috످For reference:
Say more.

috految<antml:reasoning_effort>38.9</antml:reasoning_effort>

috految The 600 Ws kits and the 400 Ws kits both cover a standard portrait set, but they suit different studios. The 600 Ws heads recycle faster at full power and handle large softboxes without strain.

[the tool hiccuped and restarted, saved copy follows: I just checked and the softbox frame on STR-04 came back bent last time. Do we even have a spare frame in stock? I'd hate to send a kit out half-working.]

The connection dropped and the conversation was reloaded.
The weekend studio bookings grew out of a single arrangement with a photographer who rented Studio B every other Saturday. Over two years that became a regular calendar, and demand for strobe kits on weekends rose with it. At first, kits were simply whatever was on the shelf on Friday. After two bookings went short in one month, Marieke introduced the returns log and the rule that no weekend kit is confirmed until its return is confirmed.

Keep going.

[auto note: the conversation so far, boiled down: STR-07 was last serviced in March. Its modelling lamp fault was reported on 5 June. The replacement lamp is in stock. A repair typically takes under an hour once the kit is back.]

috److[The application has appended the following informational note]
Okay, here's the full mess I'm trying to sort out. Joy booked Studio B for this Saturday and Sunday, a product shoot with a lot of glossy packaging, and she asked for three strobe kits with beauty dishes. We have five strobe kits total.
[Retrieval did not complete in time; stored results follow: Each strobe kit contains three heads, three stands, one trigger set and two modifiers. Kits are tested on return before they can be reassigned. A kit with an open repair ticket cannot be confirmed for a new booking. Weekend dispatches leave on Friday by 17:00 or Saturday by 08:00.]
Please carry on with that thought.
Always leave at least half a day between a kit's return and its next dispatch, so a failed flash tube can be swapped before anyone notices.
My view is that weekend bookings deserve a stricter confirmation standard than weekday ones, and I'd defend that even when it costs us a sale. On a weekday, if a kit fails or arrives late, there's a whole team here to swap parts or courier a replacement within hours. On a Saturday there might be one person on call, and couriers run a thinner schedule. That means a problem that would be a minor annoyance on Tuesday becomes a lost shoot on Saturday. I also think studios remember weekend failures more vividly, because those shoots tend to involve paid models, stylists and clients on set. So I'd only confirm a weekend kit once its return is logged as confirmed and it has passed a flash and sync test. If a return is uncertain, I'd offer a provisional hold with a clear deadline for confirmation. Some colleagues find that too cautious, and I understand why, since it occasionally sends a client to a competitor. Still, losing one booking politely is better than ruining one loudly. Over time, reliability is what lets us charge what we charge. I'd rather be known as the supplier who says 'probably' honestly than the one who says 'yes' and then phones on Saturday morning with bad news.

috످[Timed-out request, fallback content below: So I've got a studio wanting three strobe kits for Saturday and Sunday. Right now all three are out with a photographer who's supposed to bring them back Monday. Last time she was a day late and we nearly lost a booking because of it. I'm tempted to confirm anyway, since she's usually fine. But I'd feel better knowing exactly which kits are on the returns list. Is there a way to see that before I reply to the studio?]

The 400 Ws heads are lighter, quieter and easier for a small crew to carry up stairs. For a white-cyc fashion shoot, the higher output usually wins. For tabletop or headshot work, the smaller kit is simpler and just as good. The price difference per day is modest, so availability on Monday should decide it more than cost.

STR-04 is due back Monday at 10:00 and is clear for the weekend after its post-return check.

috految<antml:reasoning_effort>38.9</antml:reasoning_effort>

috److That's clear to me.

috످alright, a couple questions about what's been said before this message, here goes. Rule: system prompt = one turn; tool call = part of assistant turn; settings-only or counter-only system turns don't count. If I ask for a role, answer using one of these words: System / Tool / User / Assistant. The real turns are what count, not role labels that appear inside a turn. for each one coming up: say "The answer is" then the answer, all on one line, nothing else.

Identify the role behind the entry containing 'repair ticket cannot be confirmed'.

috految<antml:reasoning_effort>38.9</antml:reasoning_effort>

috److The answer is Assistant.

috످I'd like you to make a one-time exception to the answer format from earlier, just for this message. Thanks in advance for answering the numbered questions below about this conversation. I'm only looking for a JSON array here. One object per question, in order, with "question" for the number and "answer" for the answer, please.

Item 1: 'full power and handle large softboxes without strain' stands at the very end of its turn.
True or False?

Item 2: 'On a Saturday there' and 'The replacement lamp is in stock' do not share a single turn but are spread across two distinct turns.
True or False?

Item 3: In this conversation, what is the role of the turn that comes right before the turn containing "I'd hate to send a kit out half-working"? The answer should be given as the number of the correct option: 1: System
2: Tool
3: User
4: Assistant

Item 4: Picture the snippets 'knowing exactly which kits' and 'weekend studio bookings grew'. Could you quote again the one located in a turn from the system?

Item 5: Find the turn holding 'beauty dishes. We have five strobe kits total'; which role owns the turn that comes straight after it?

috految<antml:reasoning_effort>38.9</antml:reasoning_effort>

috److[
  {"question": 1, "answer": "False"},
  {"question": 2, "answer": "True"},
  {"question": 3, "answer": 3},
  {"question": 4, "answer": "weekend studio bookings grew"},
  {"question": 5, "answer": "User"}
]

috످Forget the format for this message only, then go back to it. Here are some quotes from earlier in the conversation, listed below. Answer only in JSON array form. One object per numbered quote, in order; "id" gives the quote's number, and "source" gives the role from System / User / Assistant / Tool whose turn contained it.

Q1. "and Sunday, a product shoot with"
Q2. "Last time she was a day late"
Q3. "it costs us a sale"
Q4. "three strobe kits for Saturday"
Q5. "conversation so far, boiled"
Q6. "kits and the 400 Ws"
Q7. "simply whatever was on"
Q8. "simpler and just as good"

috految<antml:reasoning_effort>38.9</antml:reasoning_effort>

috److془Q1: Joy's booking for product shoot, assistant turn. Q2: photographer's late return, user. Q3: argument for stricter weekend confirmations, assistant. Q4: user. Q5: recap of lamp repair, system. Q6: system. Q7: system. Q8: user.

Check: the first: "For reference: Say more." user. Then system: "The 600 Ws kits..." Yes.

Q1 describes Joy's booking... Fine. Let me do it.

Q4 is a studio's request for weekend equipment, in the second user turn. Q6 compares the two strobe power levels, and opens the system turn. Q7 recalls how gear was once picked ad hoc, in system turn. Q8 recommends lighter gear for small shoots, user turn.془[
  {"id": 1, "source": "Assistant"},
  {"id": 2, "source": "User"},
  {"id": 3, "source": "Assistant"},
  {"id": 4, "source": "User"},
  {"id": 5, "source": "System"},
  {"id": 6, "source": "System"},
  {"id": 7, "source": "System"},
  {"id": 8, "source": "User"}
]

috످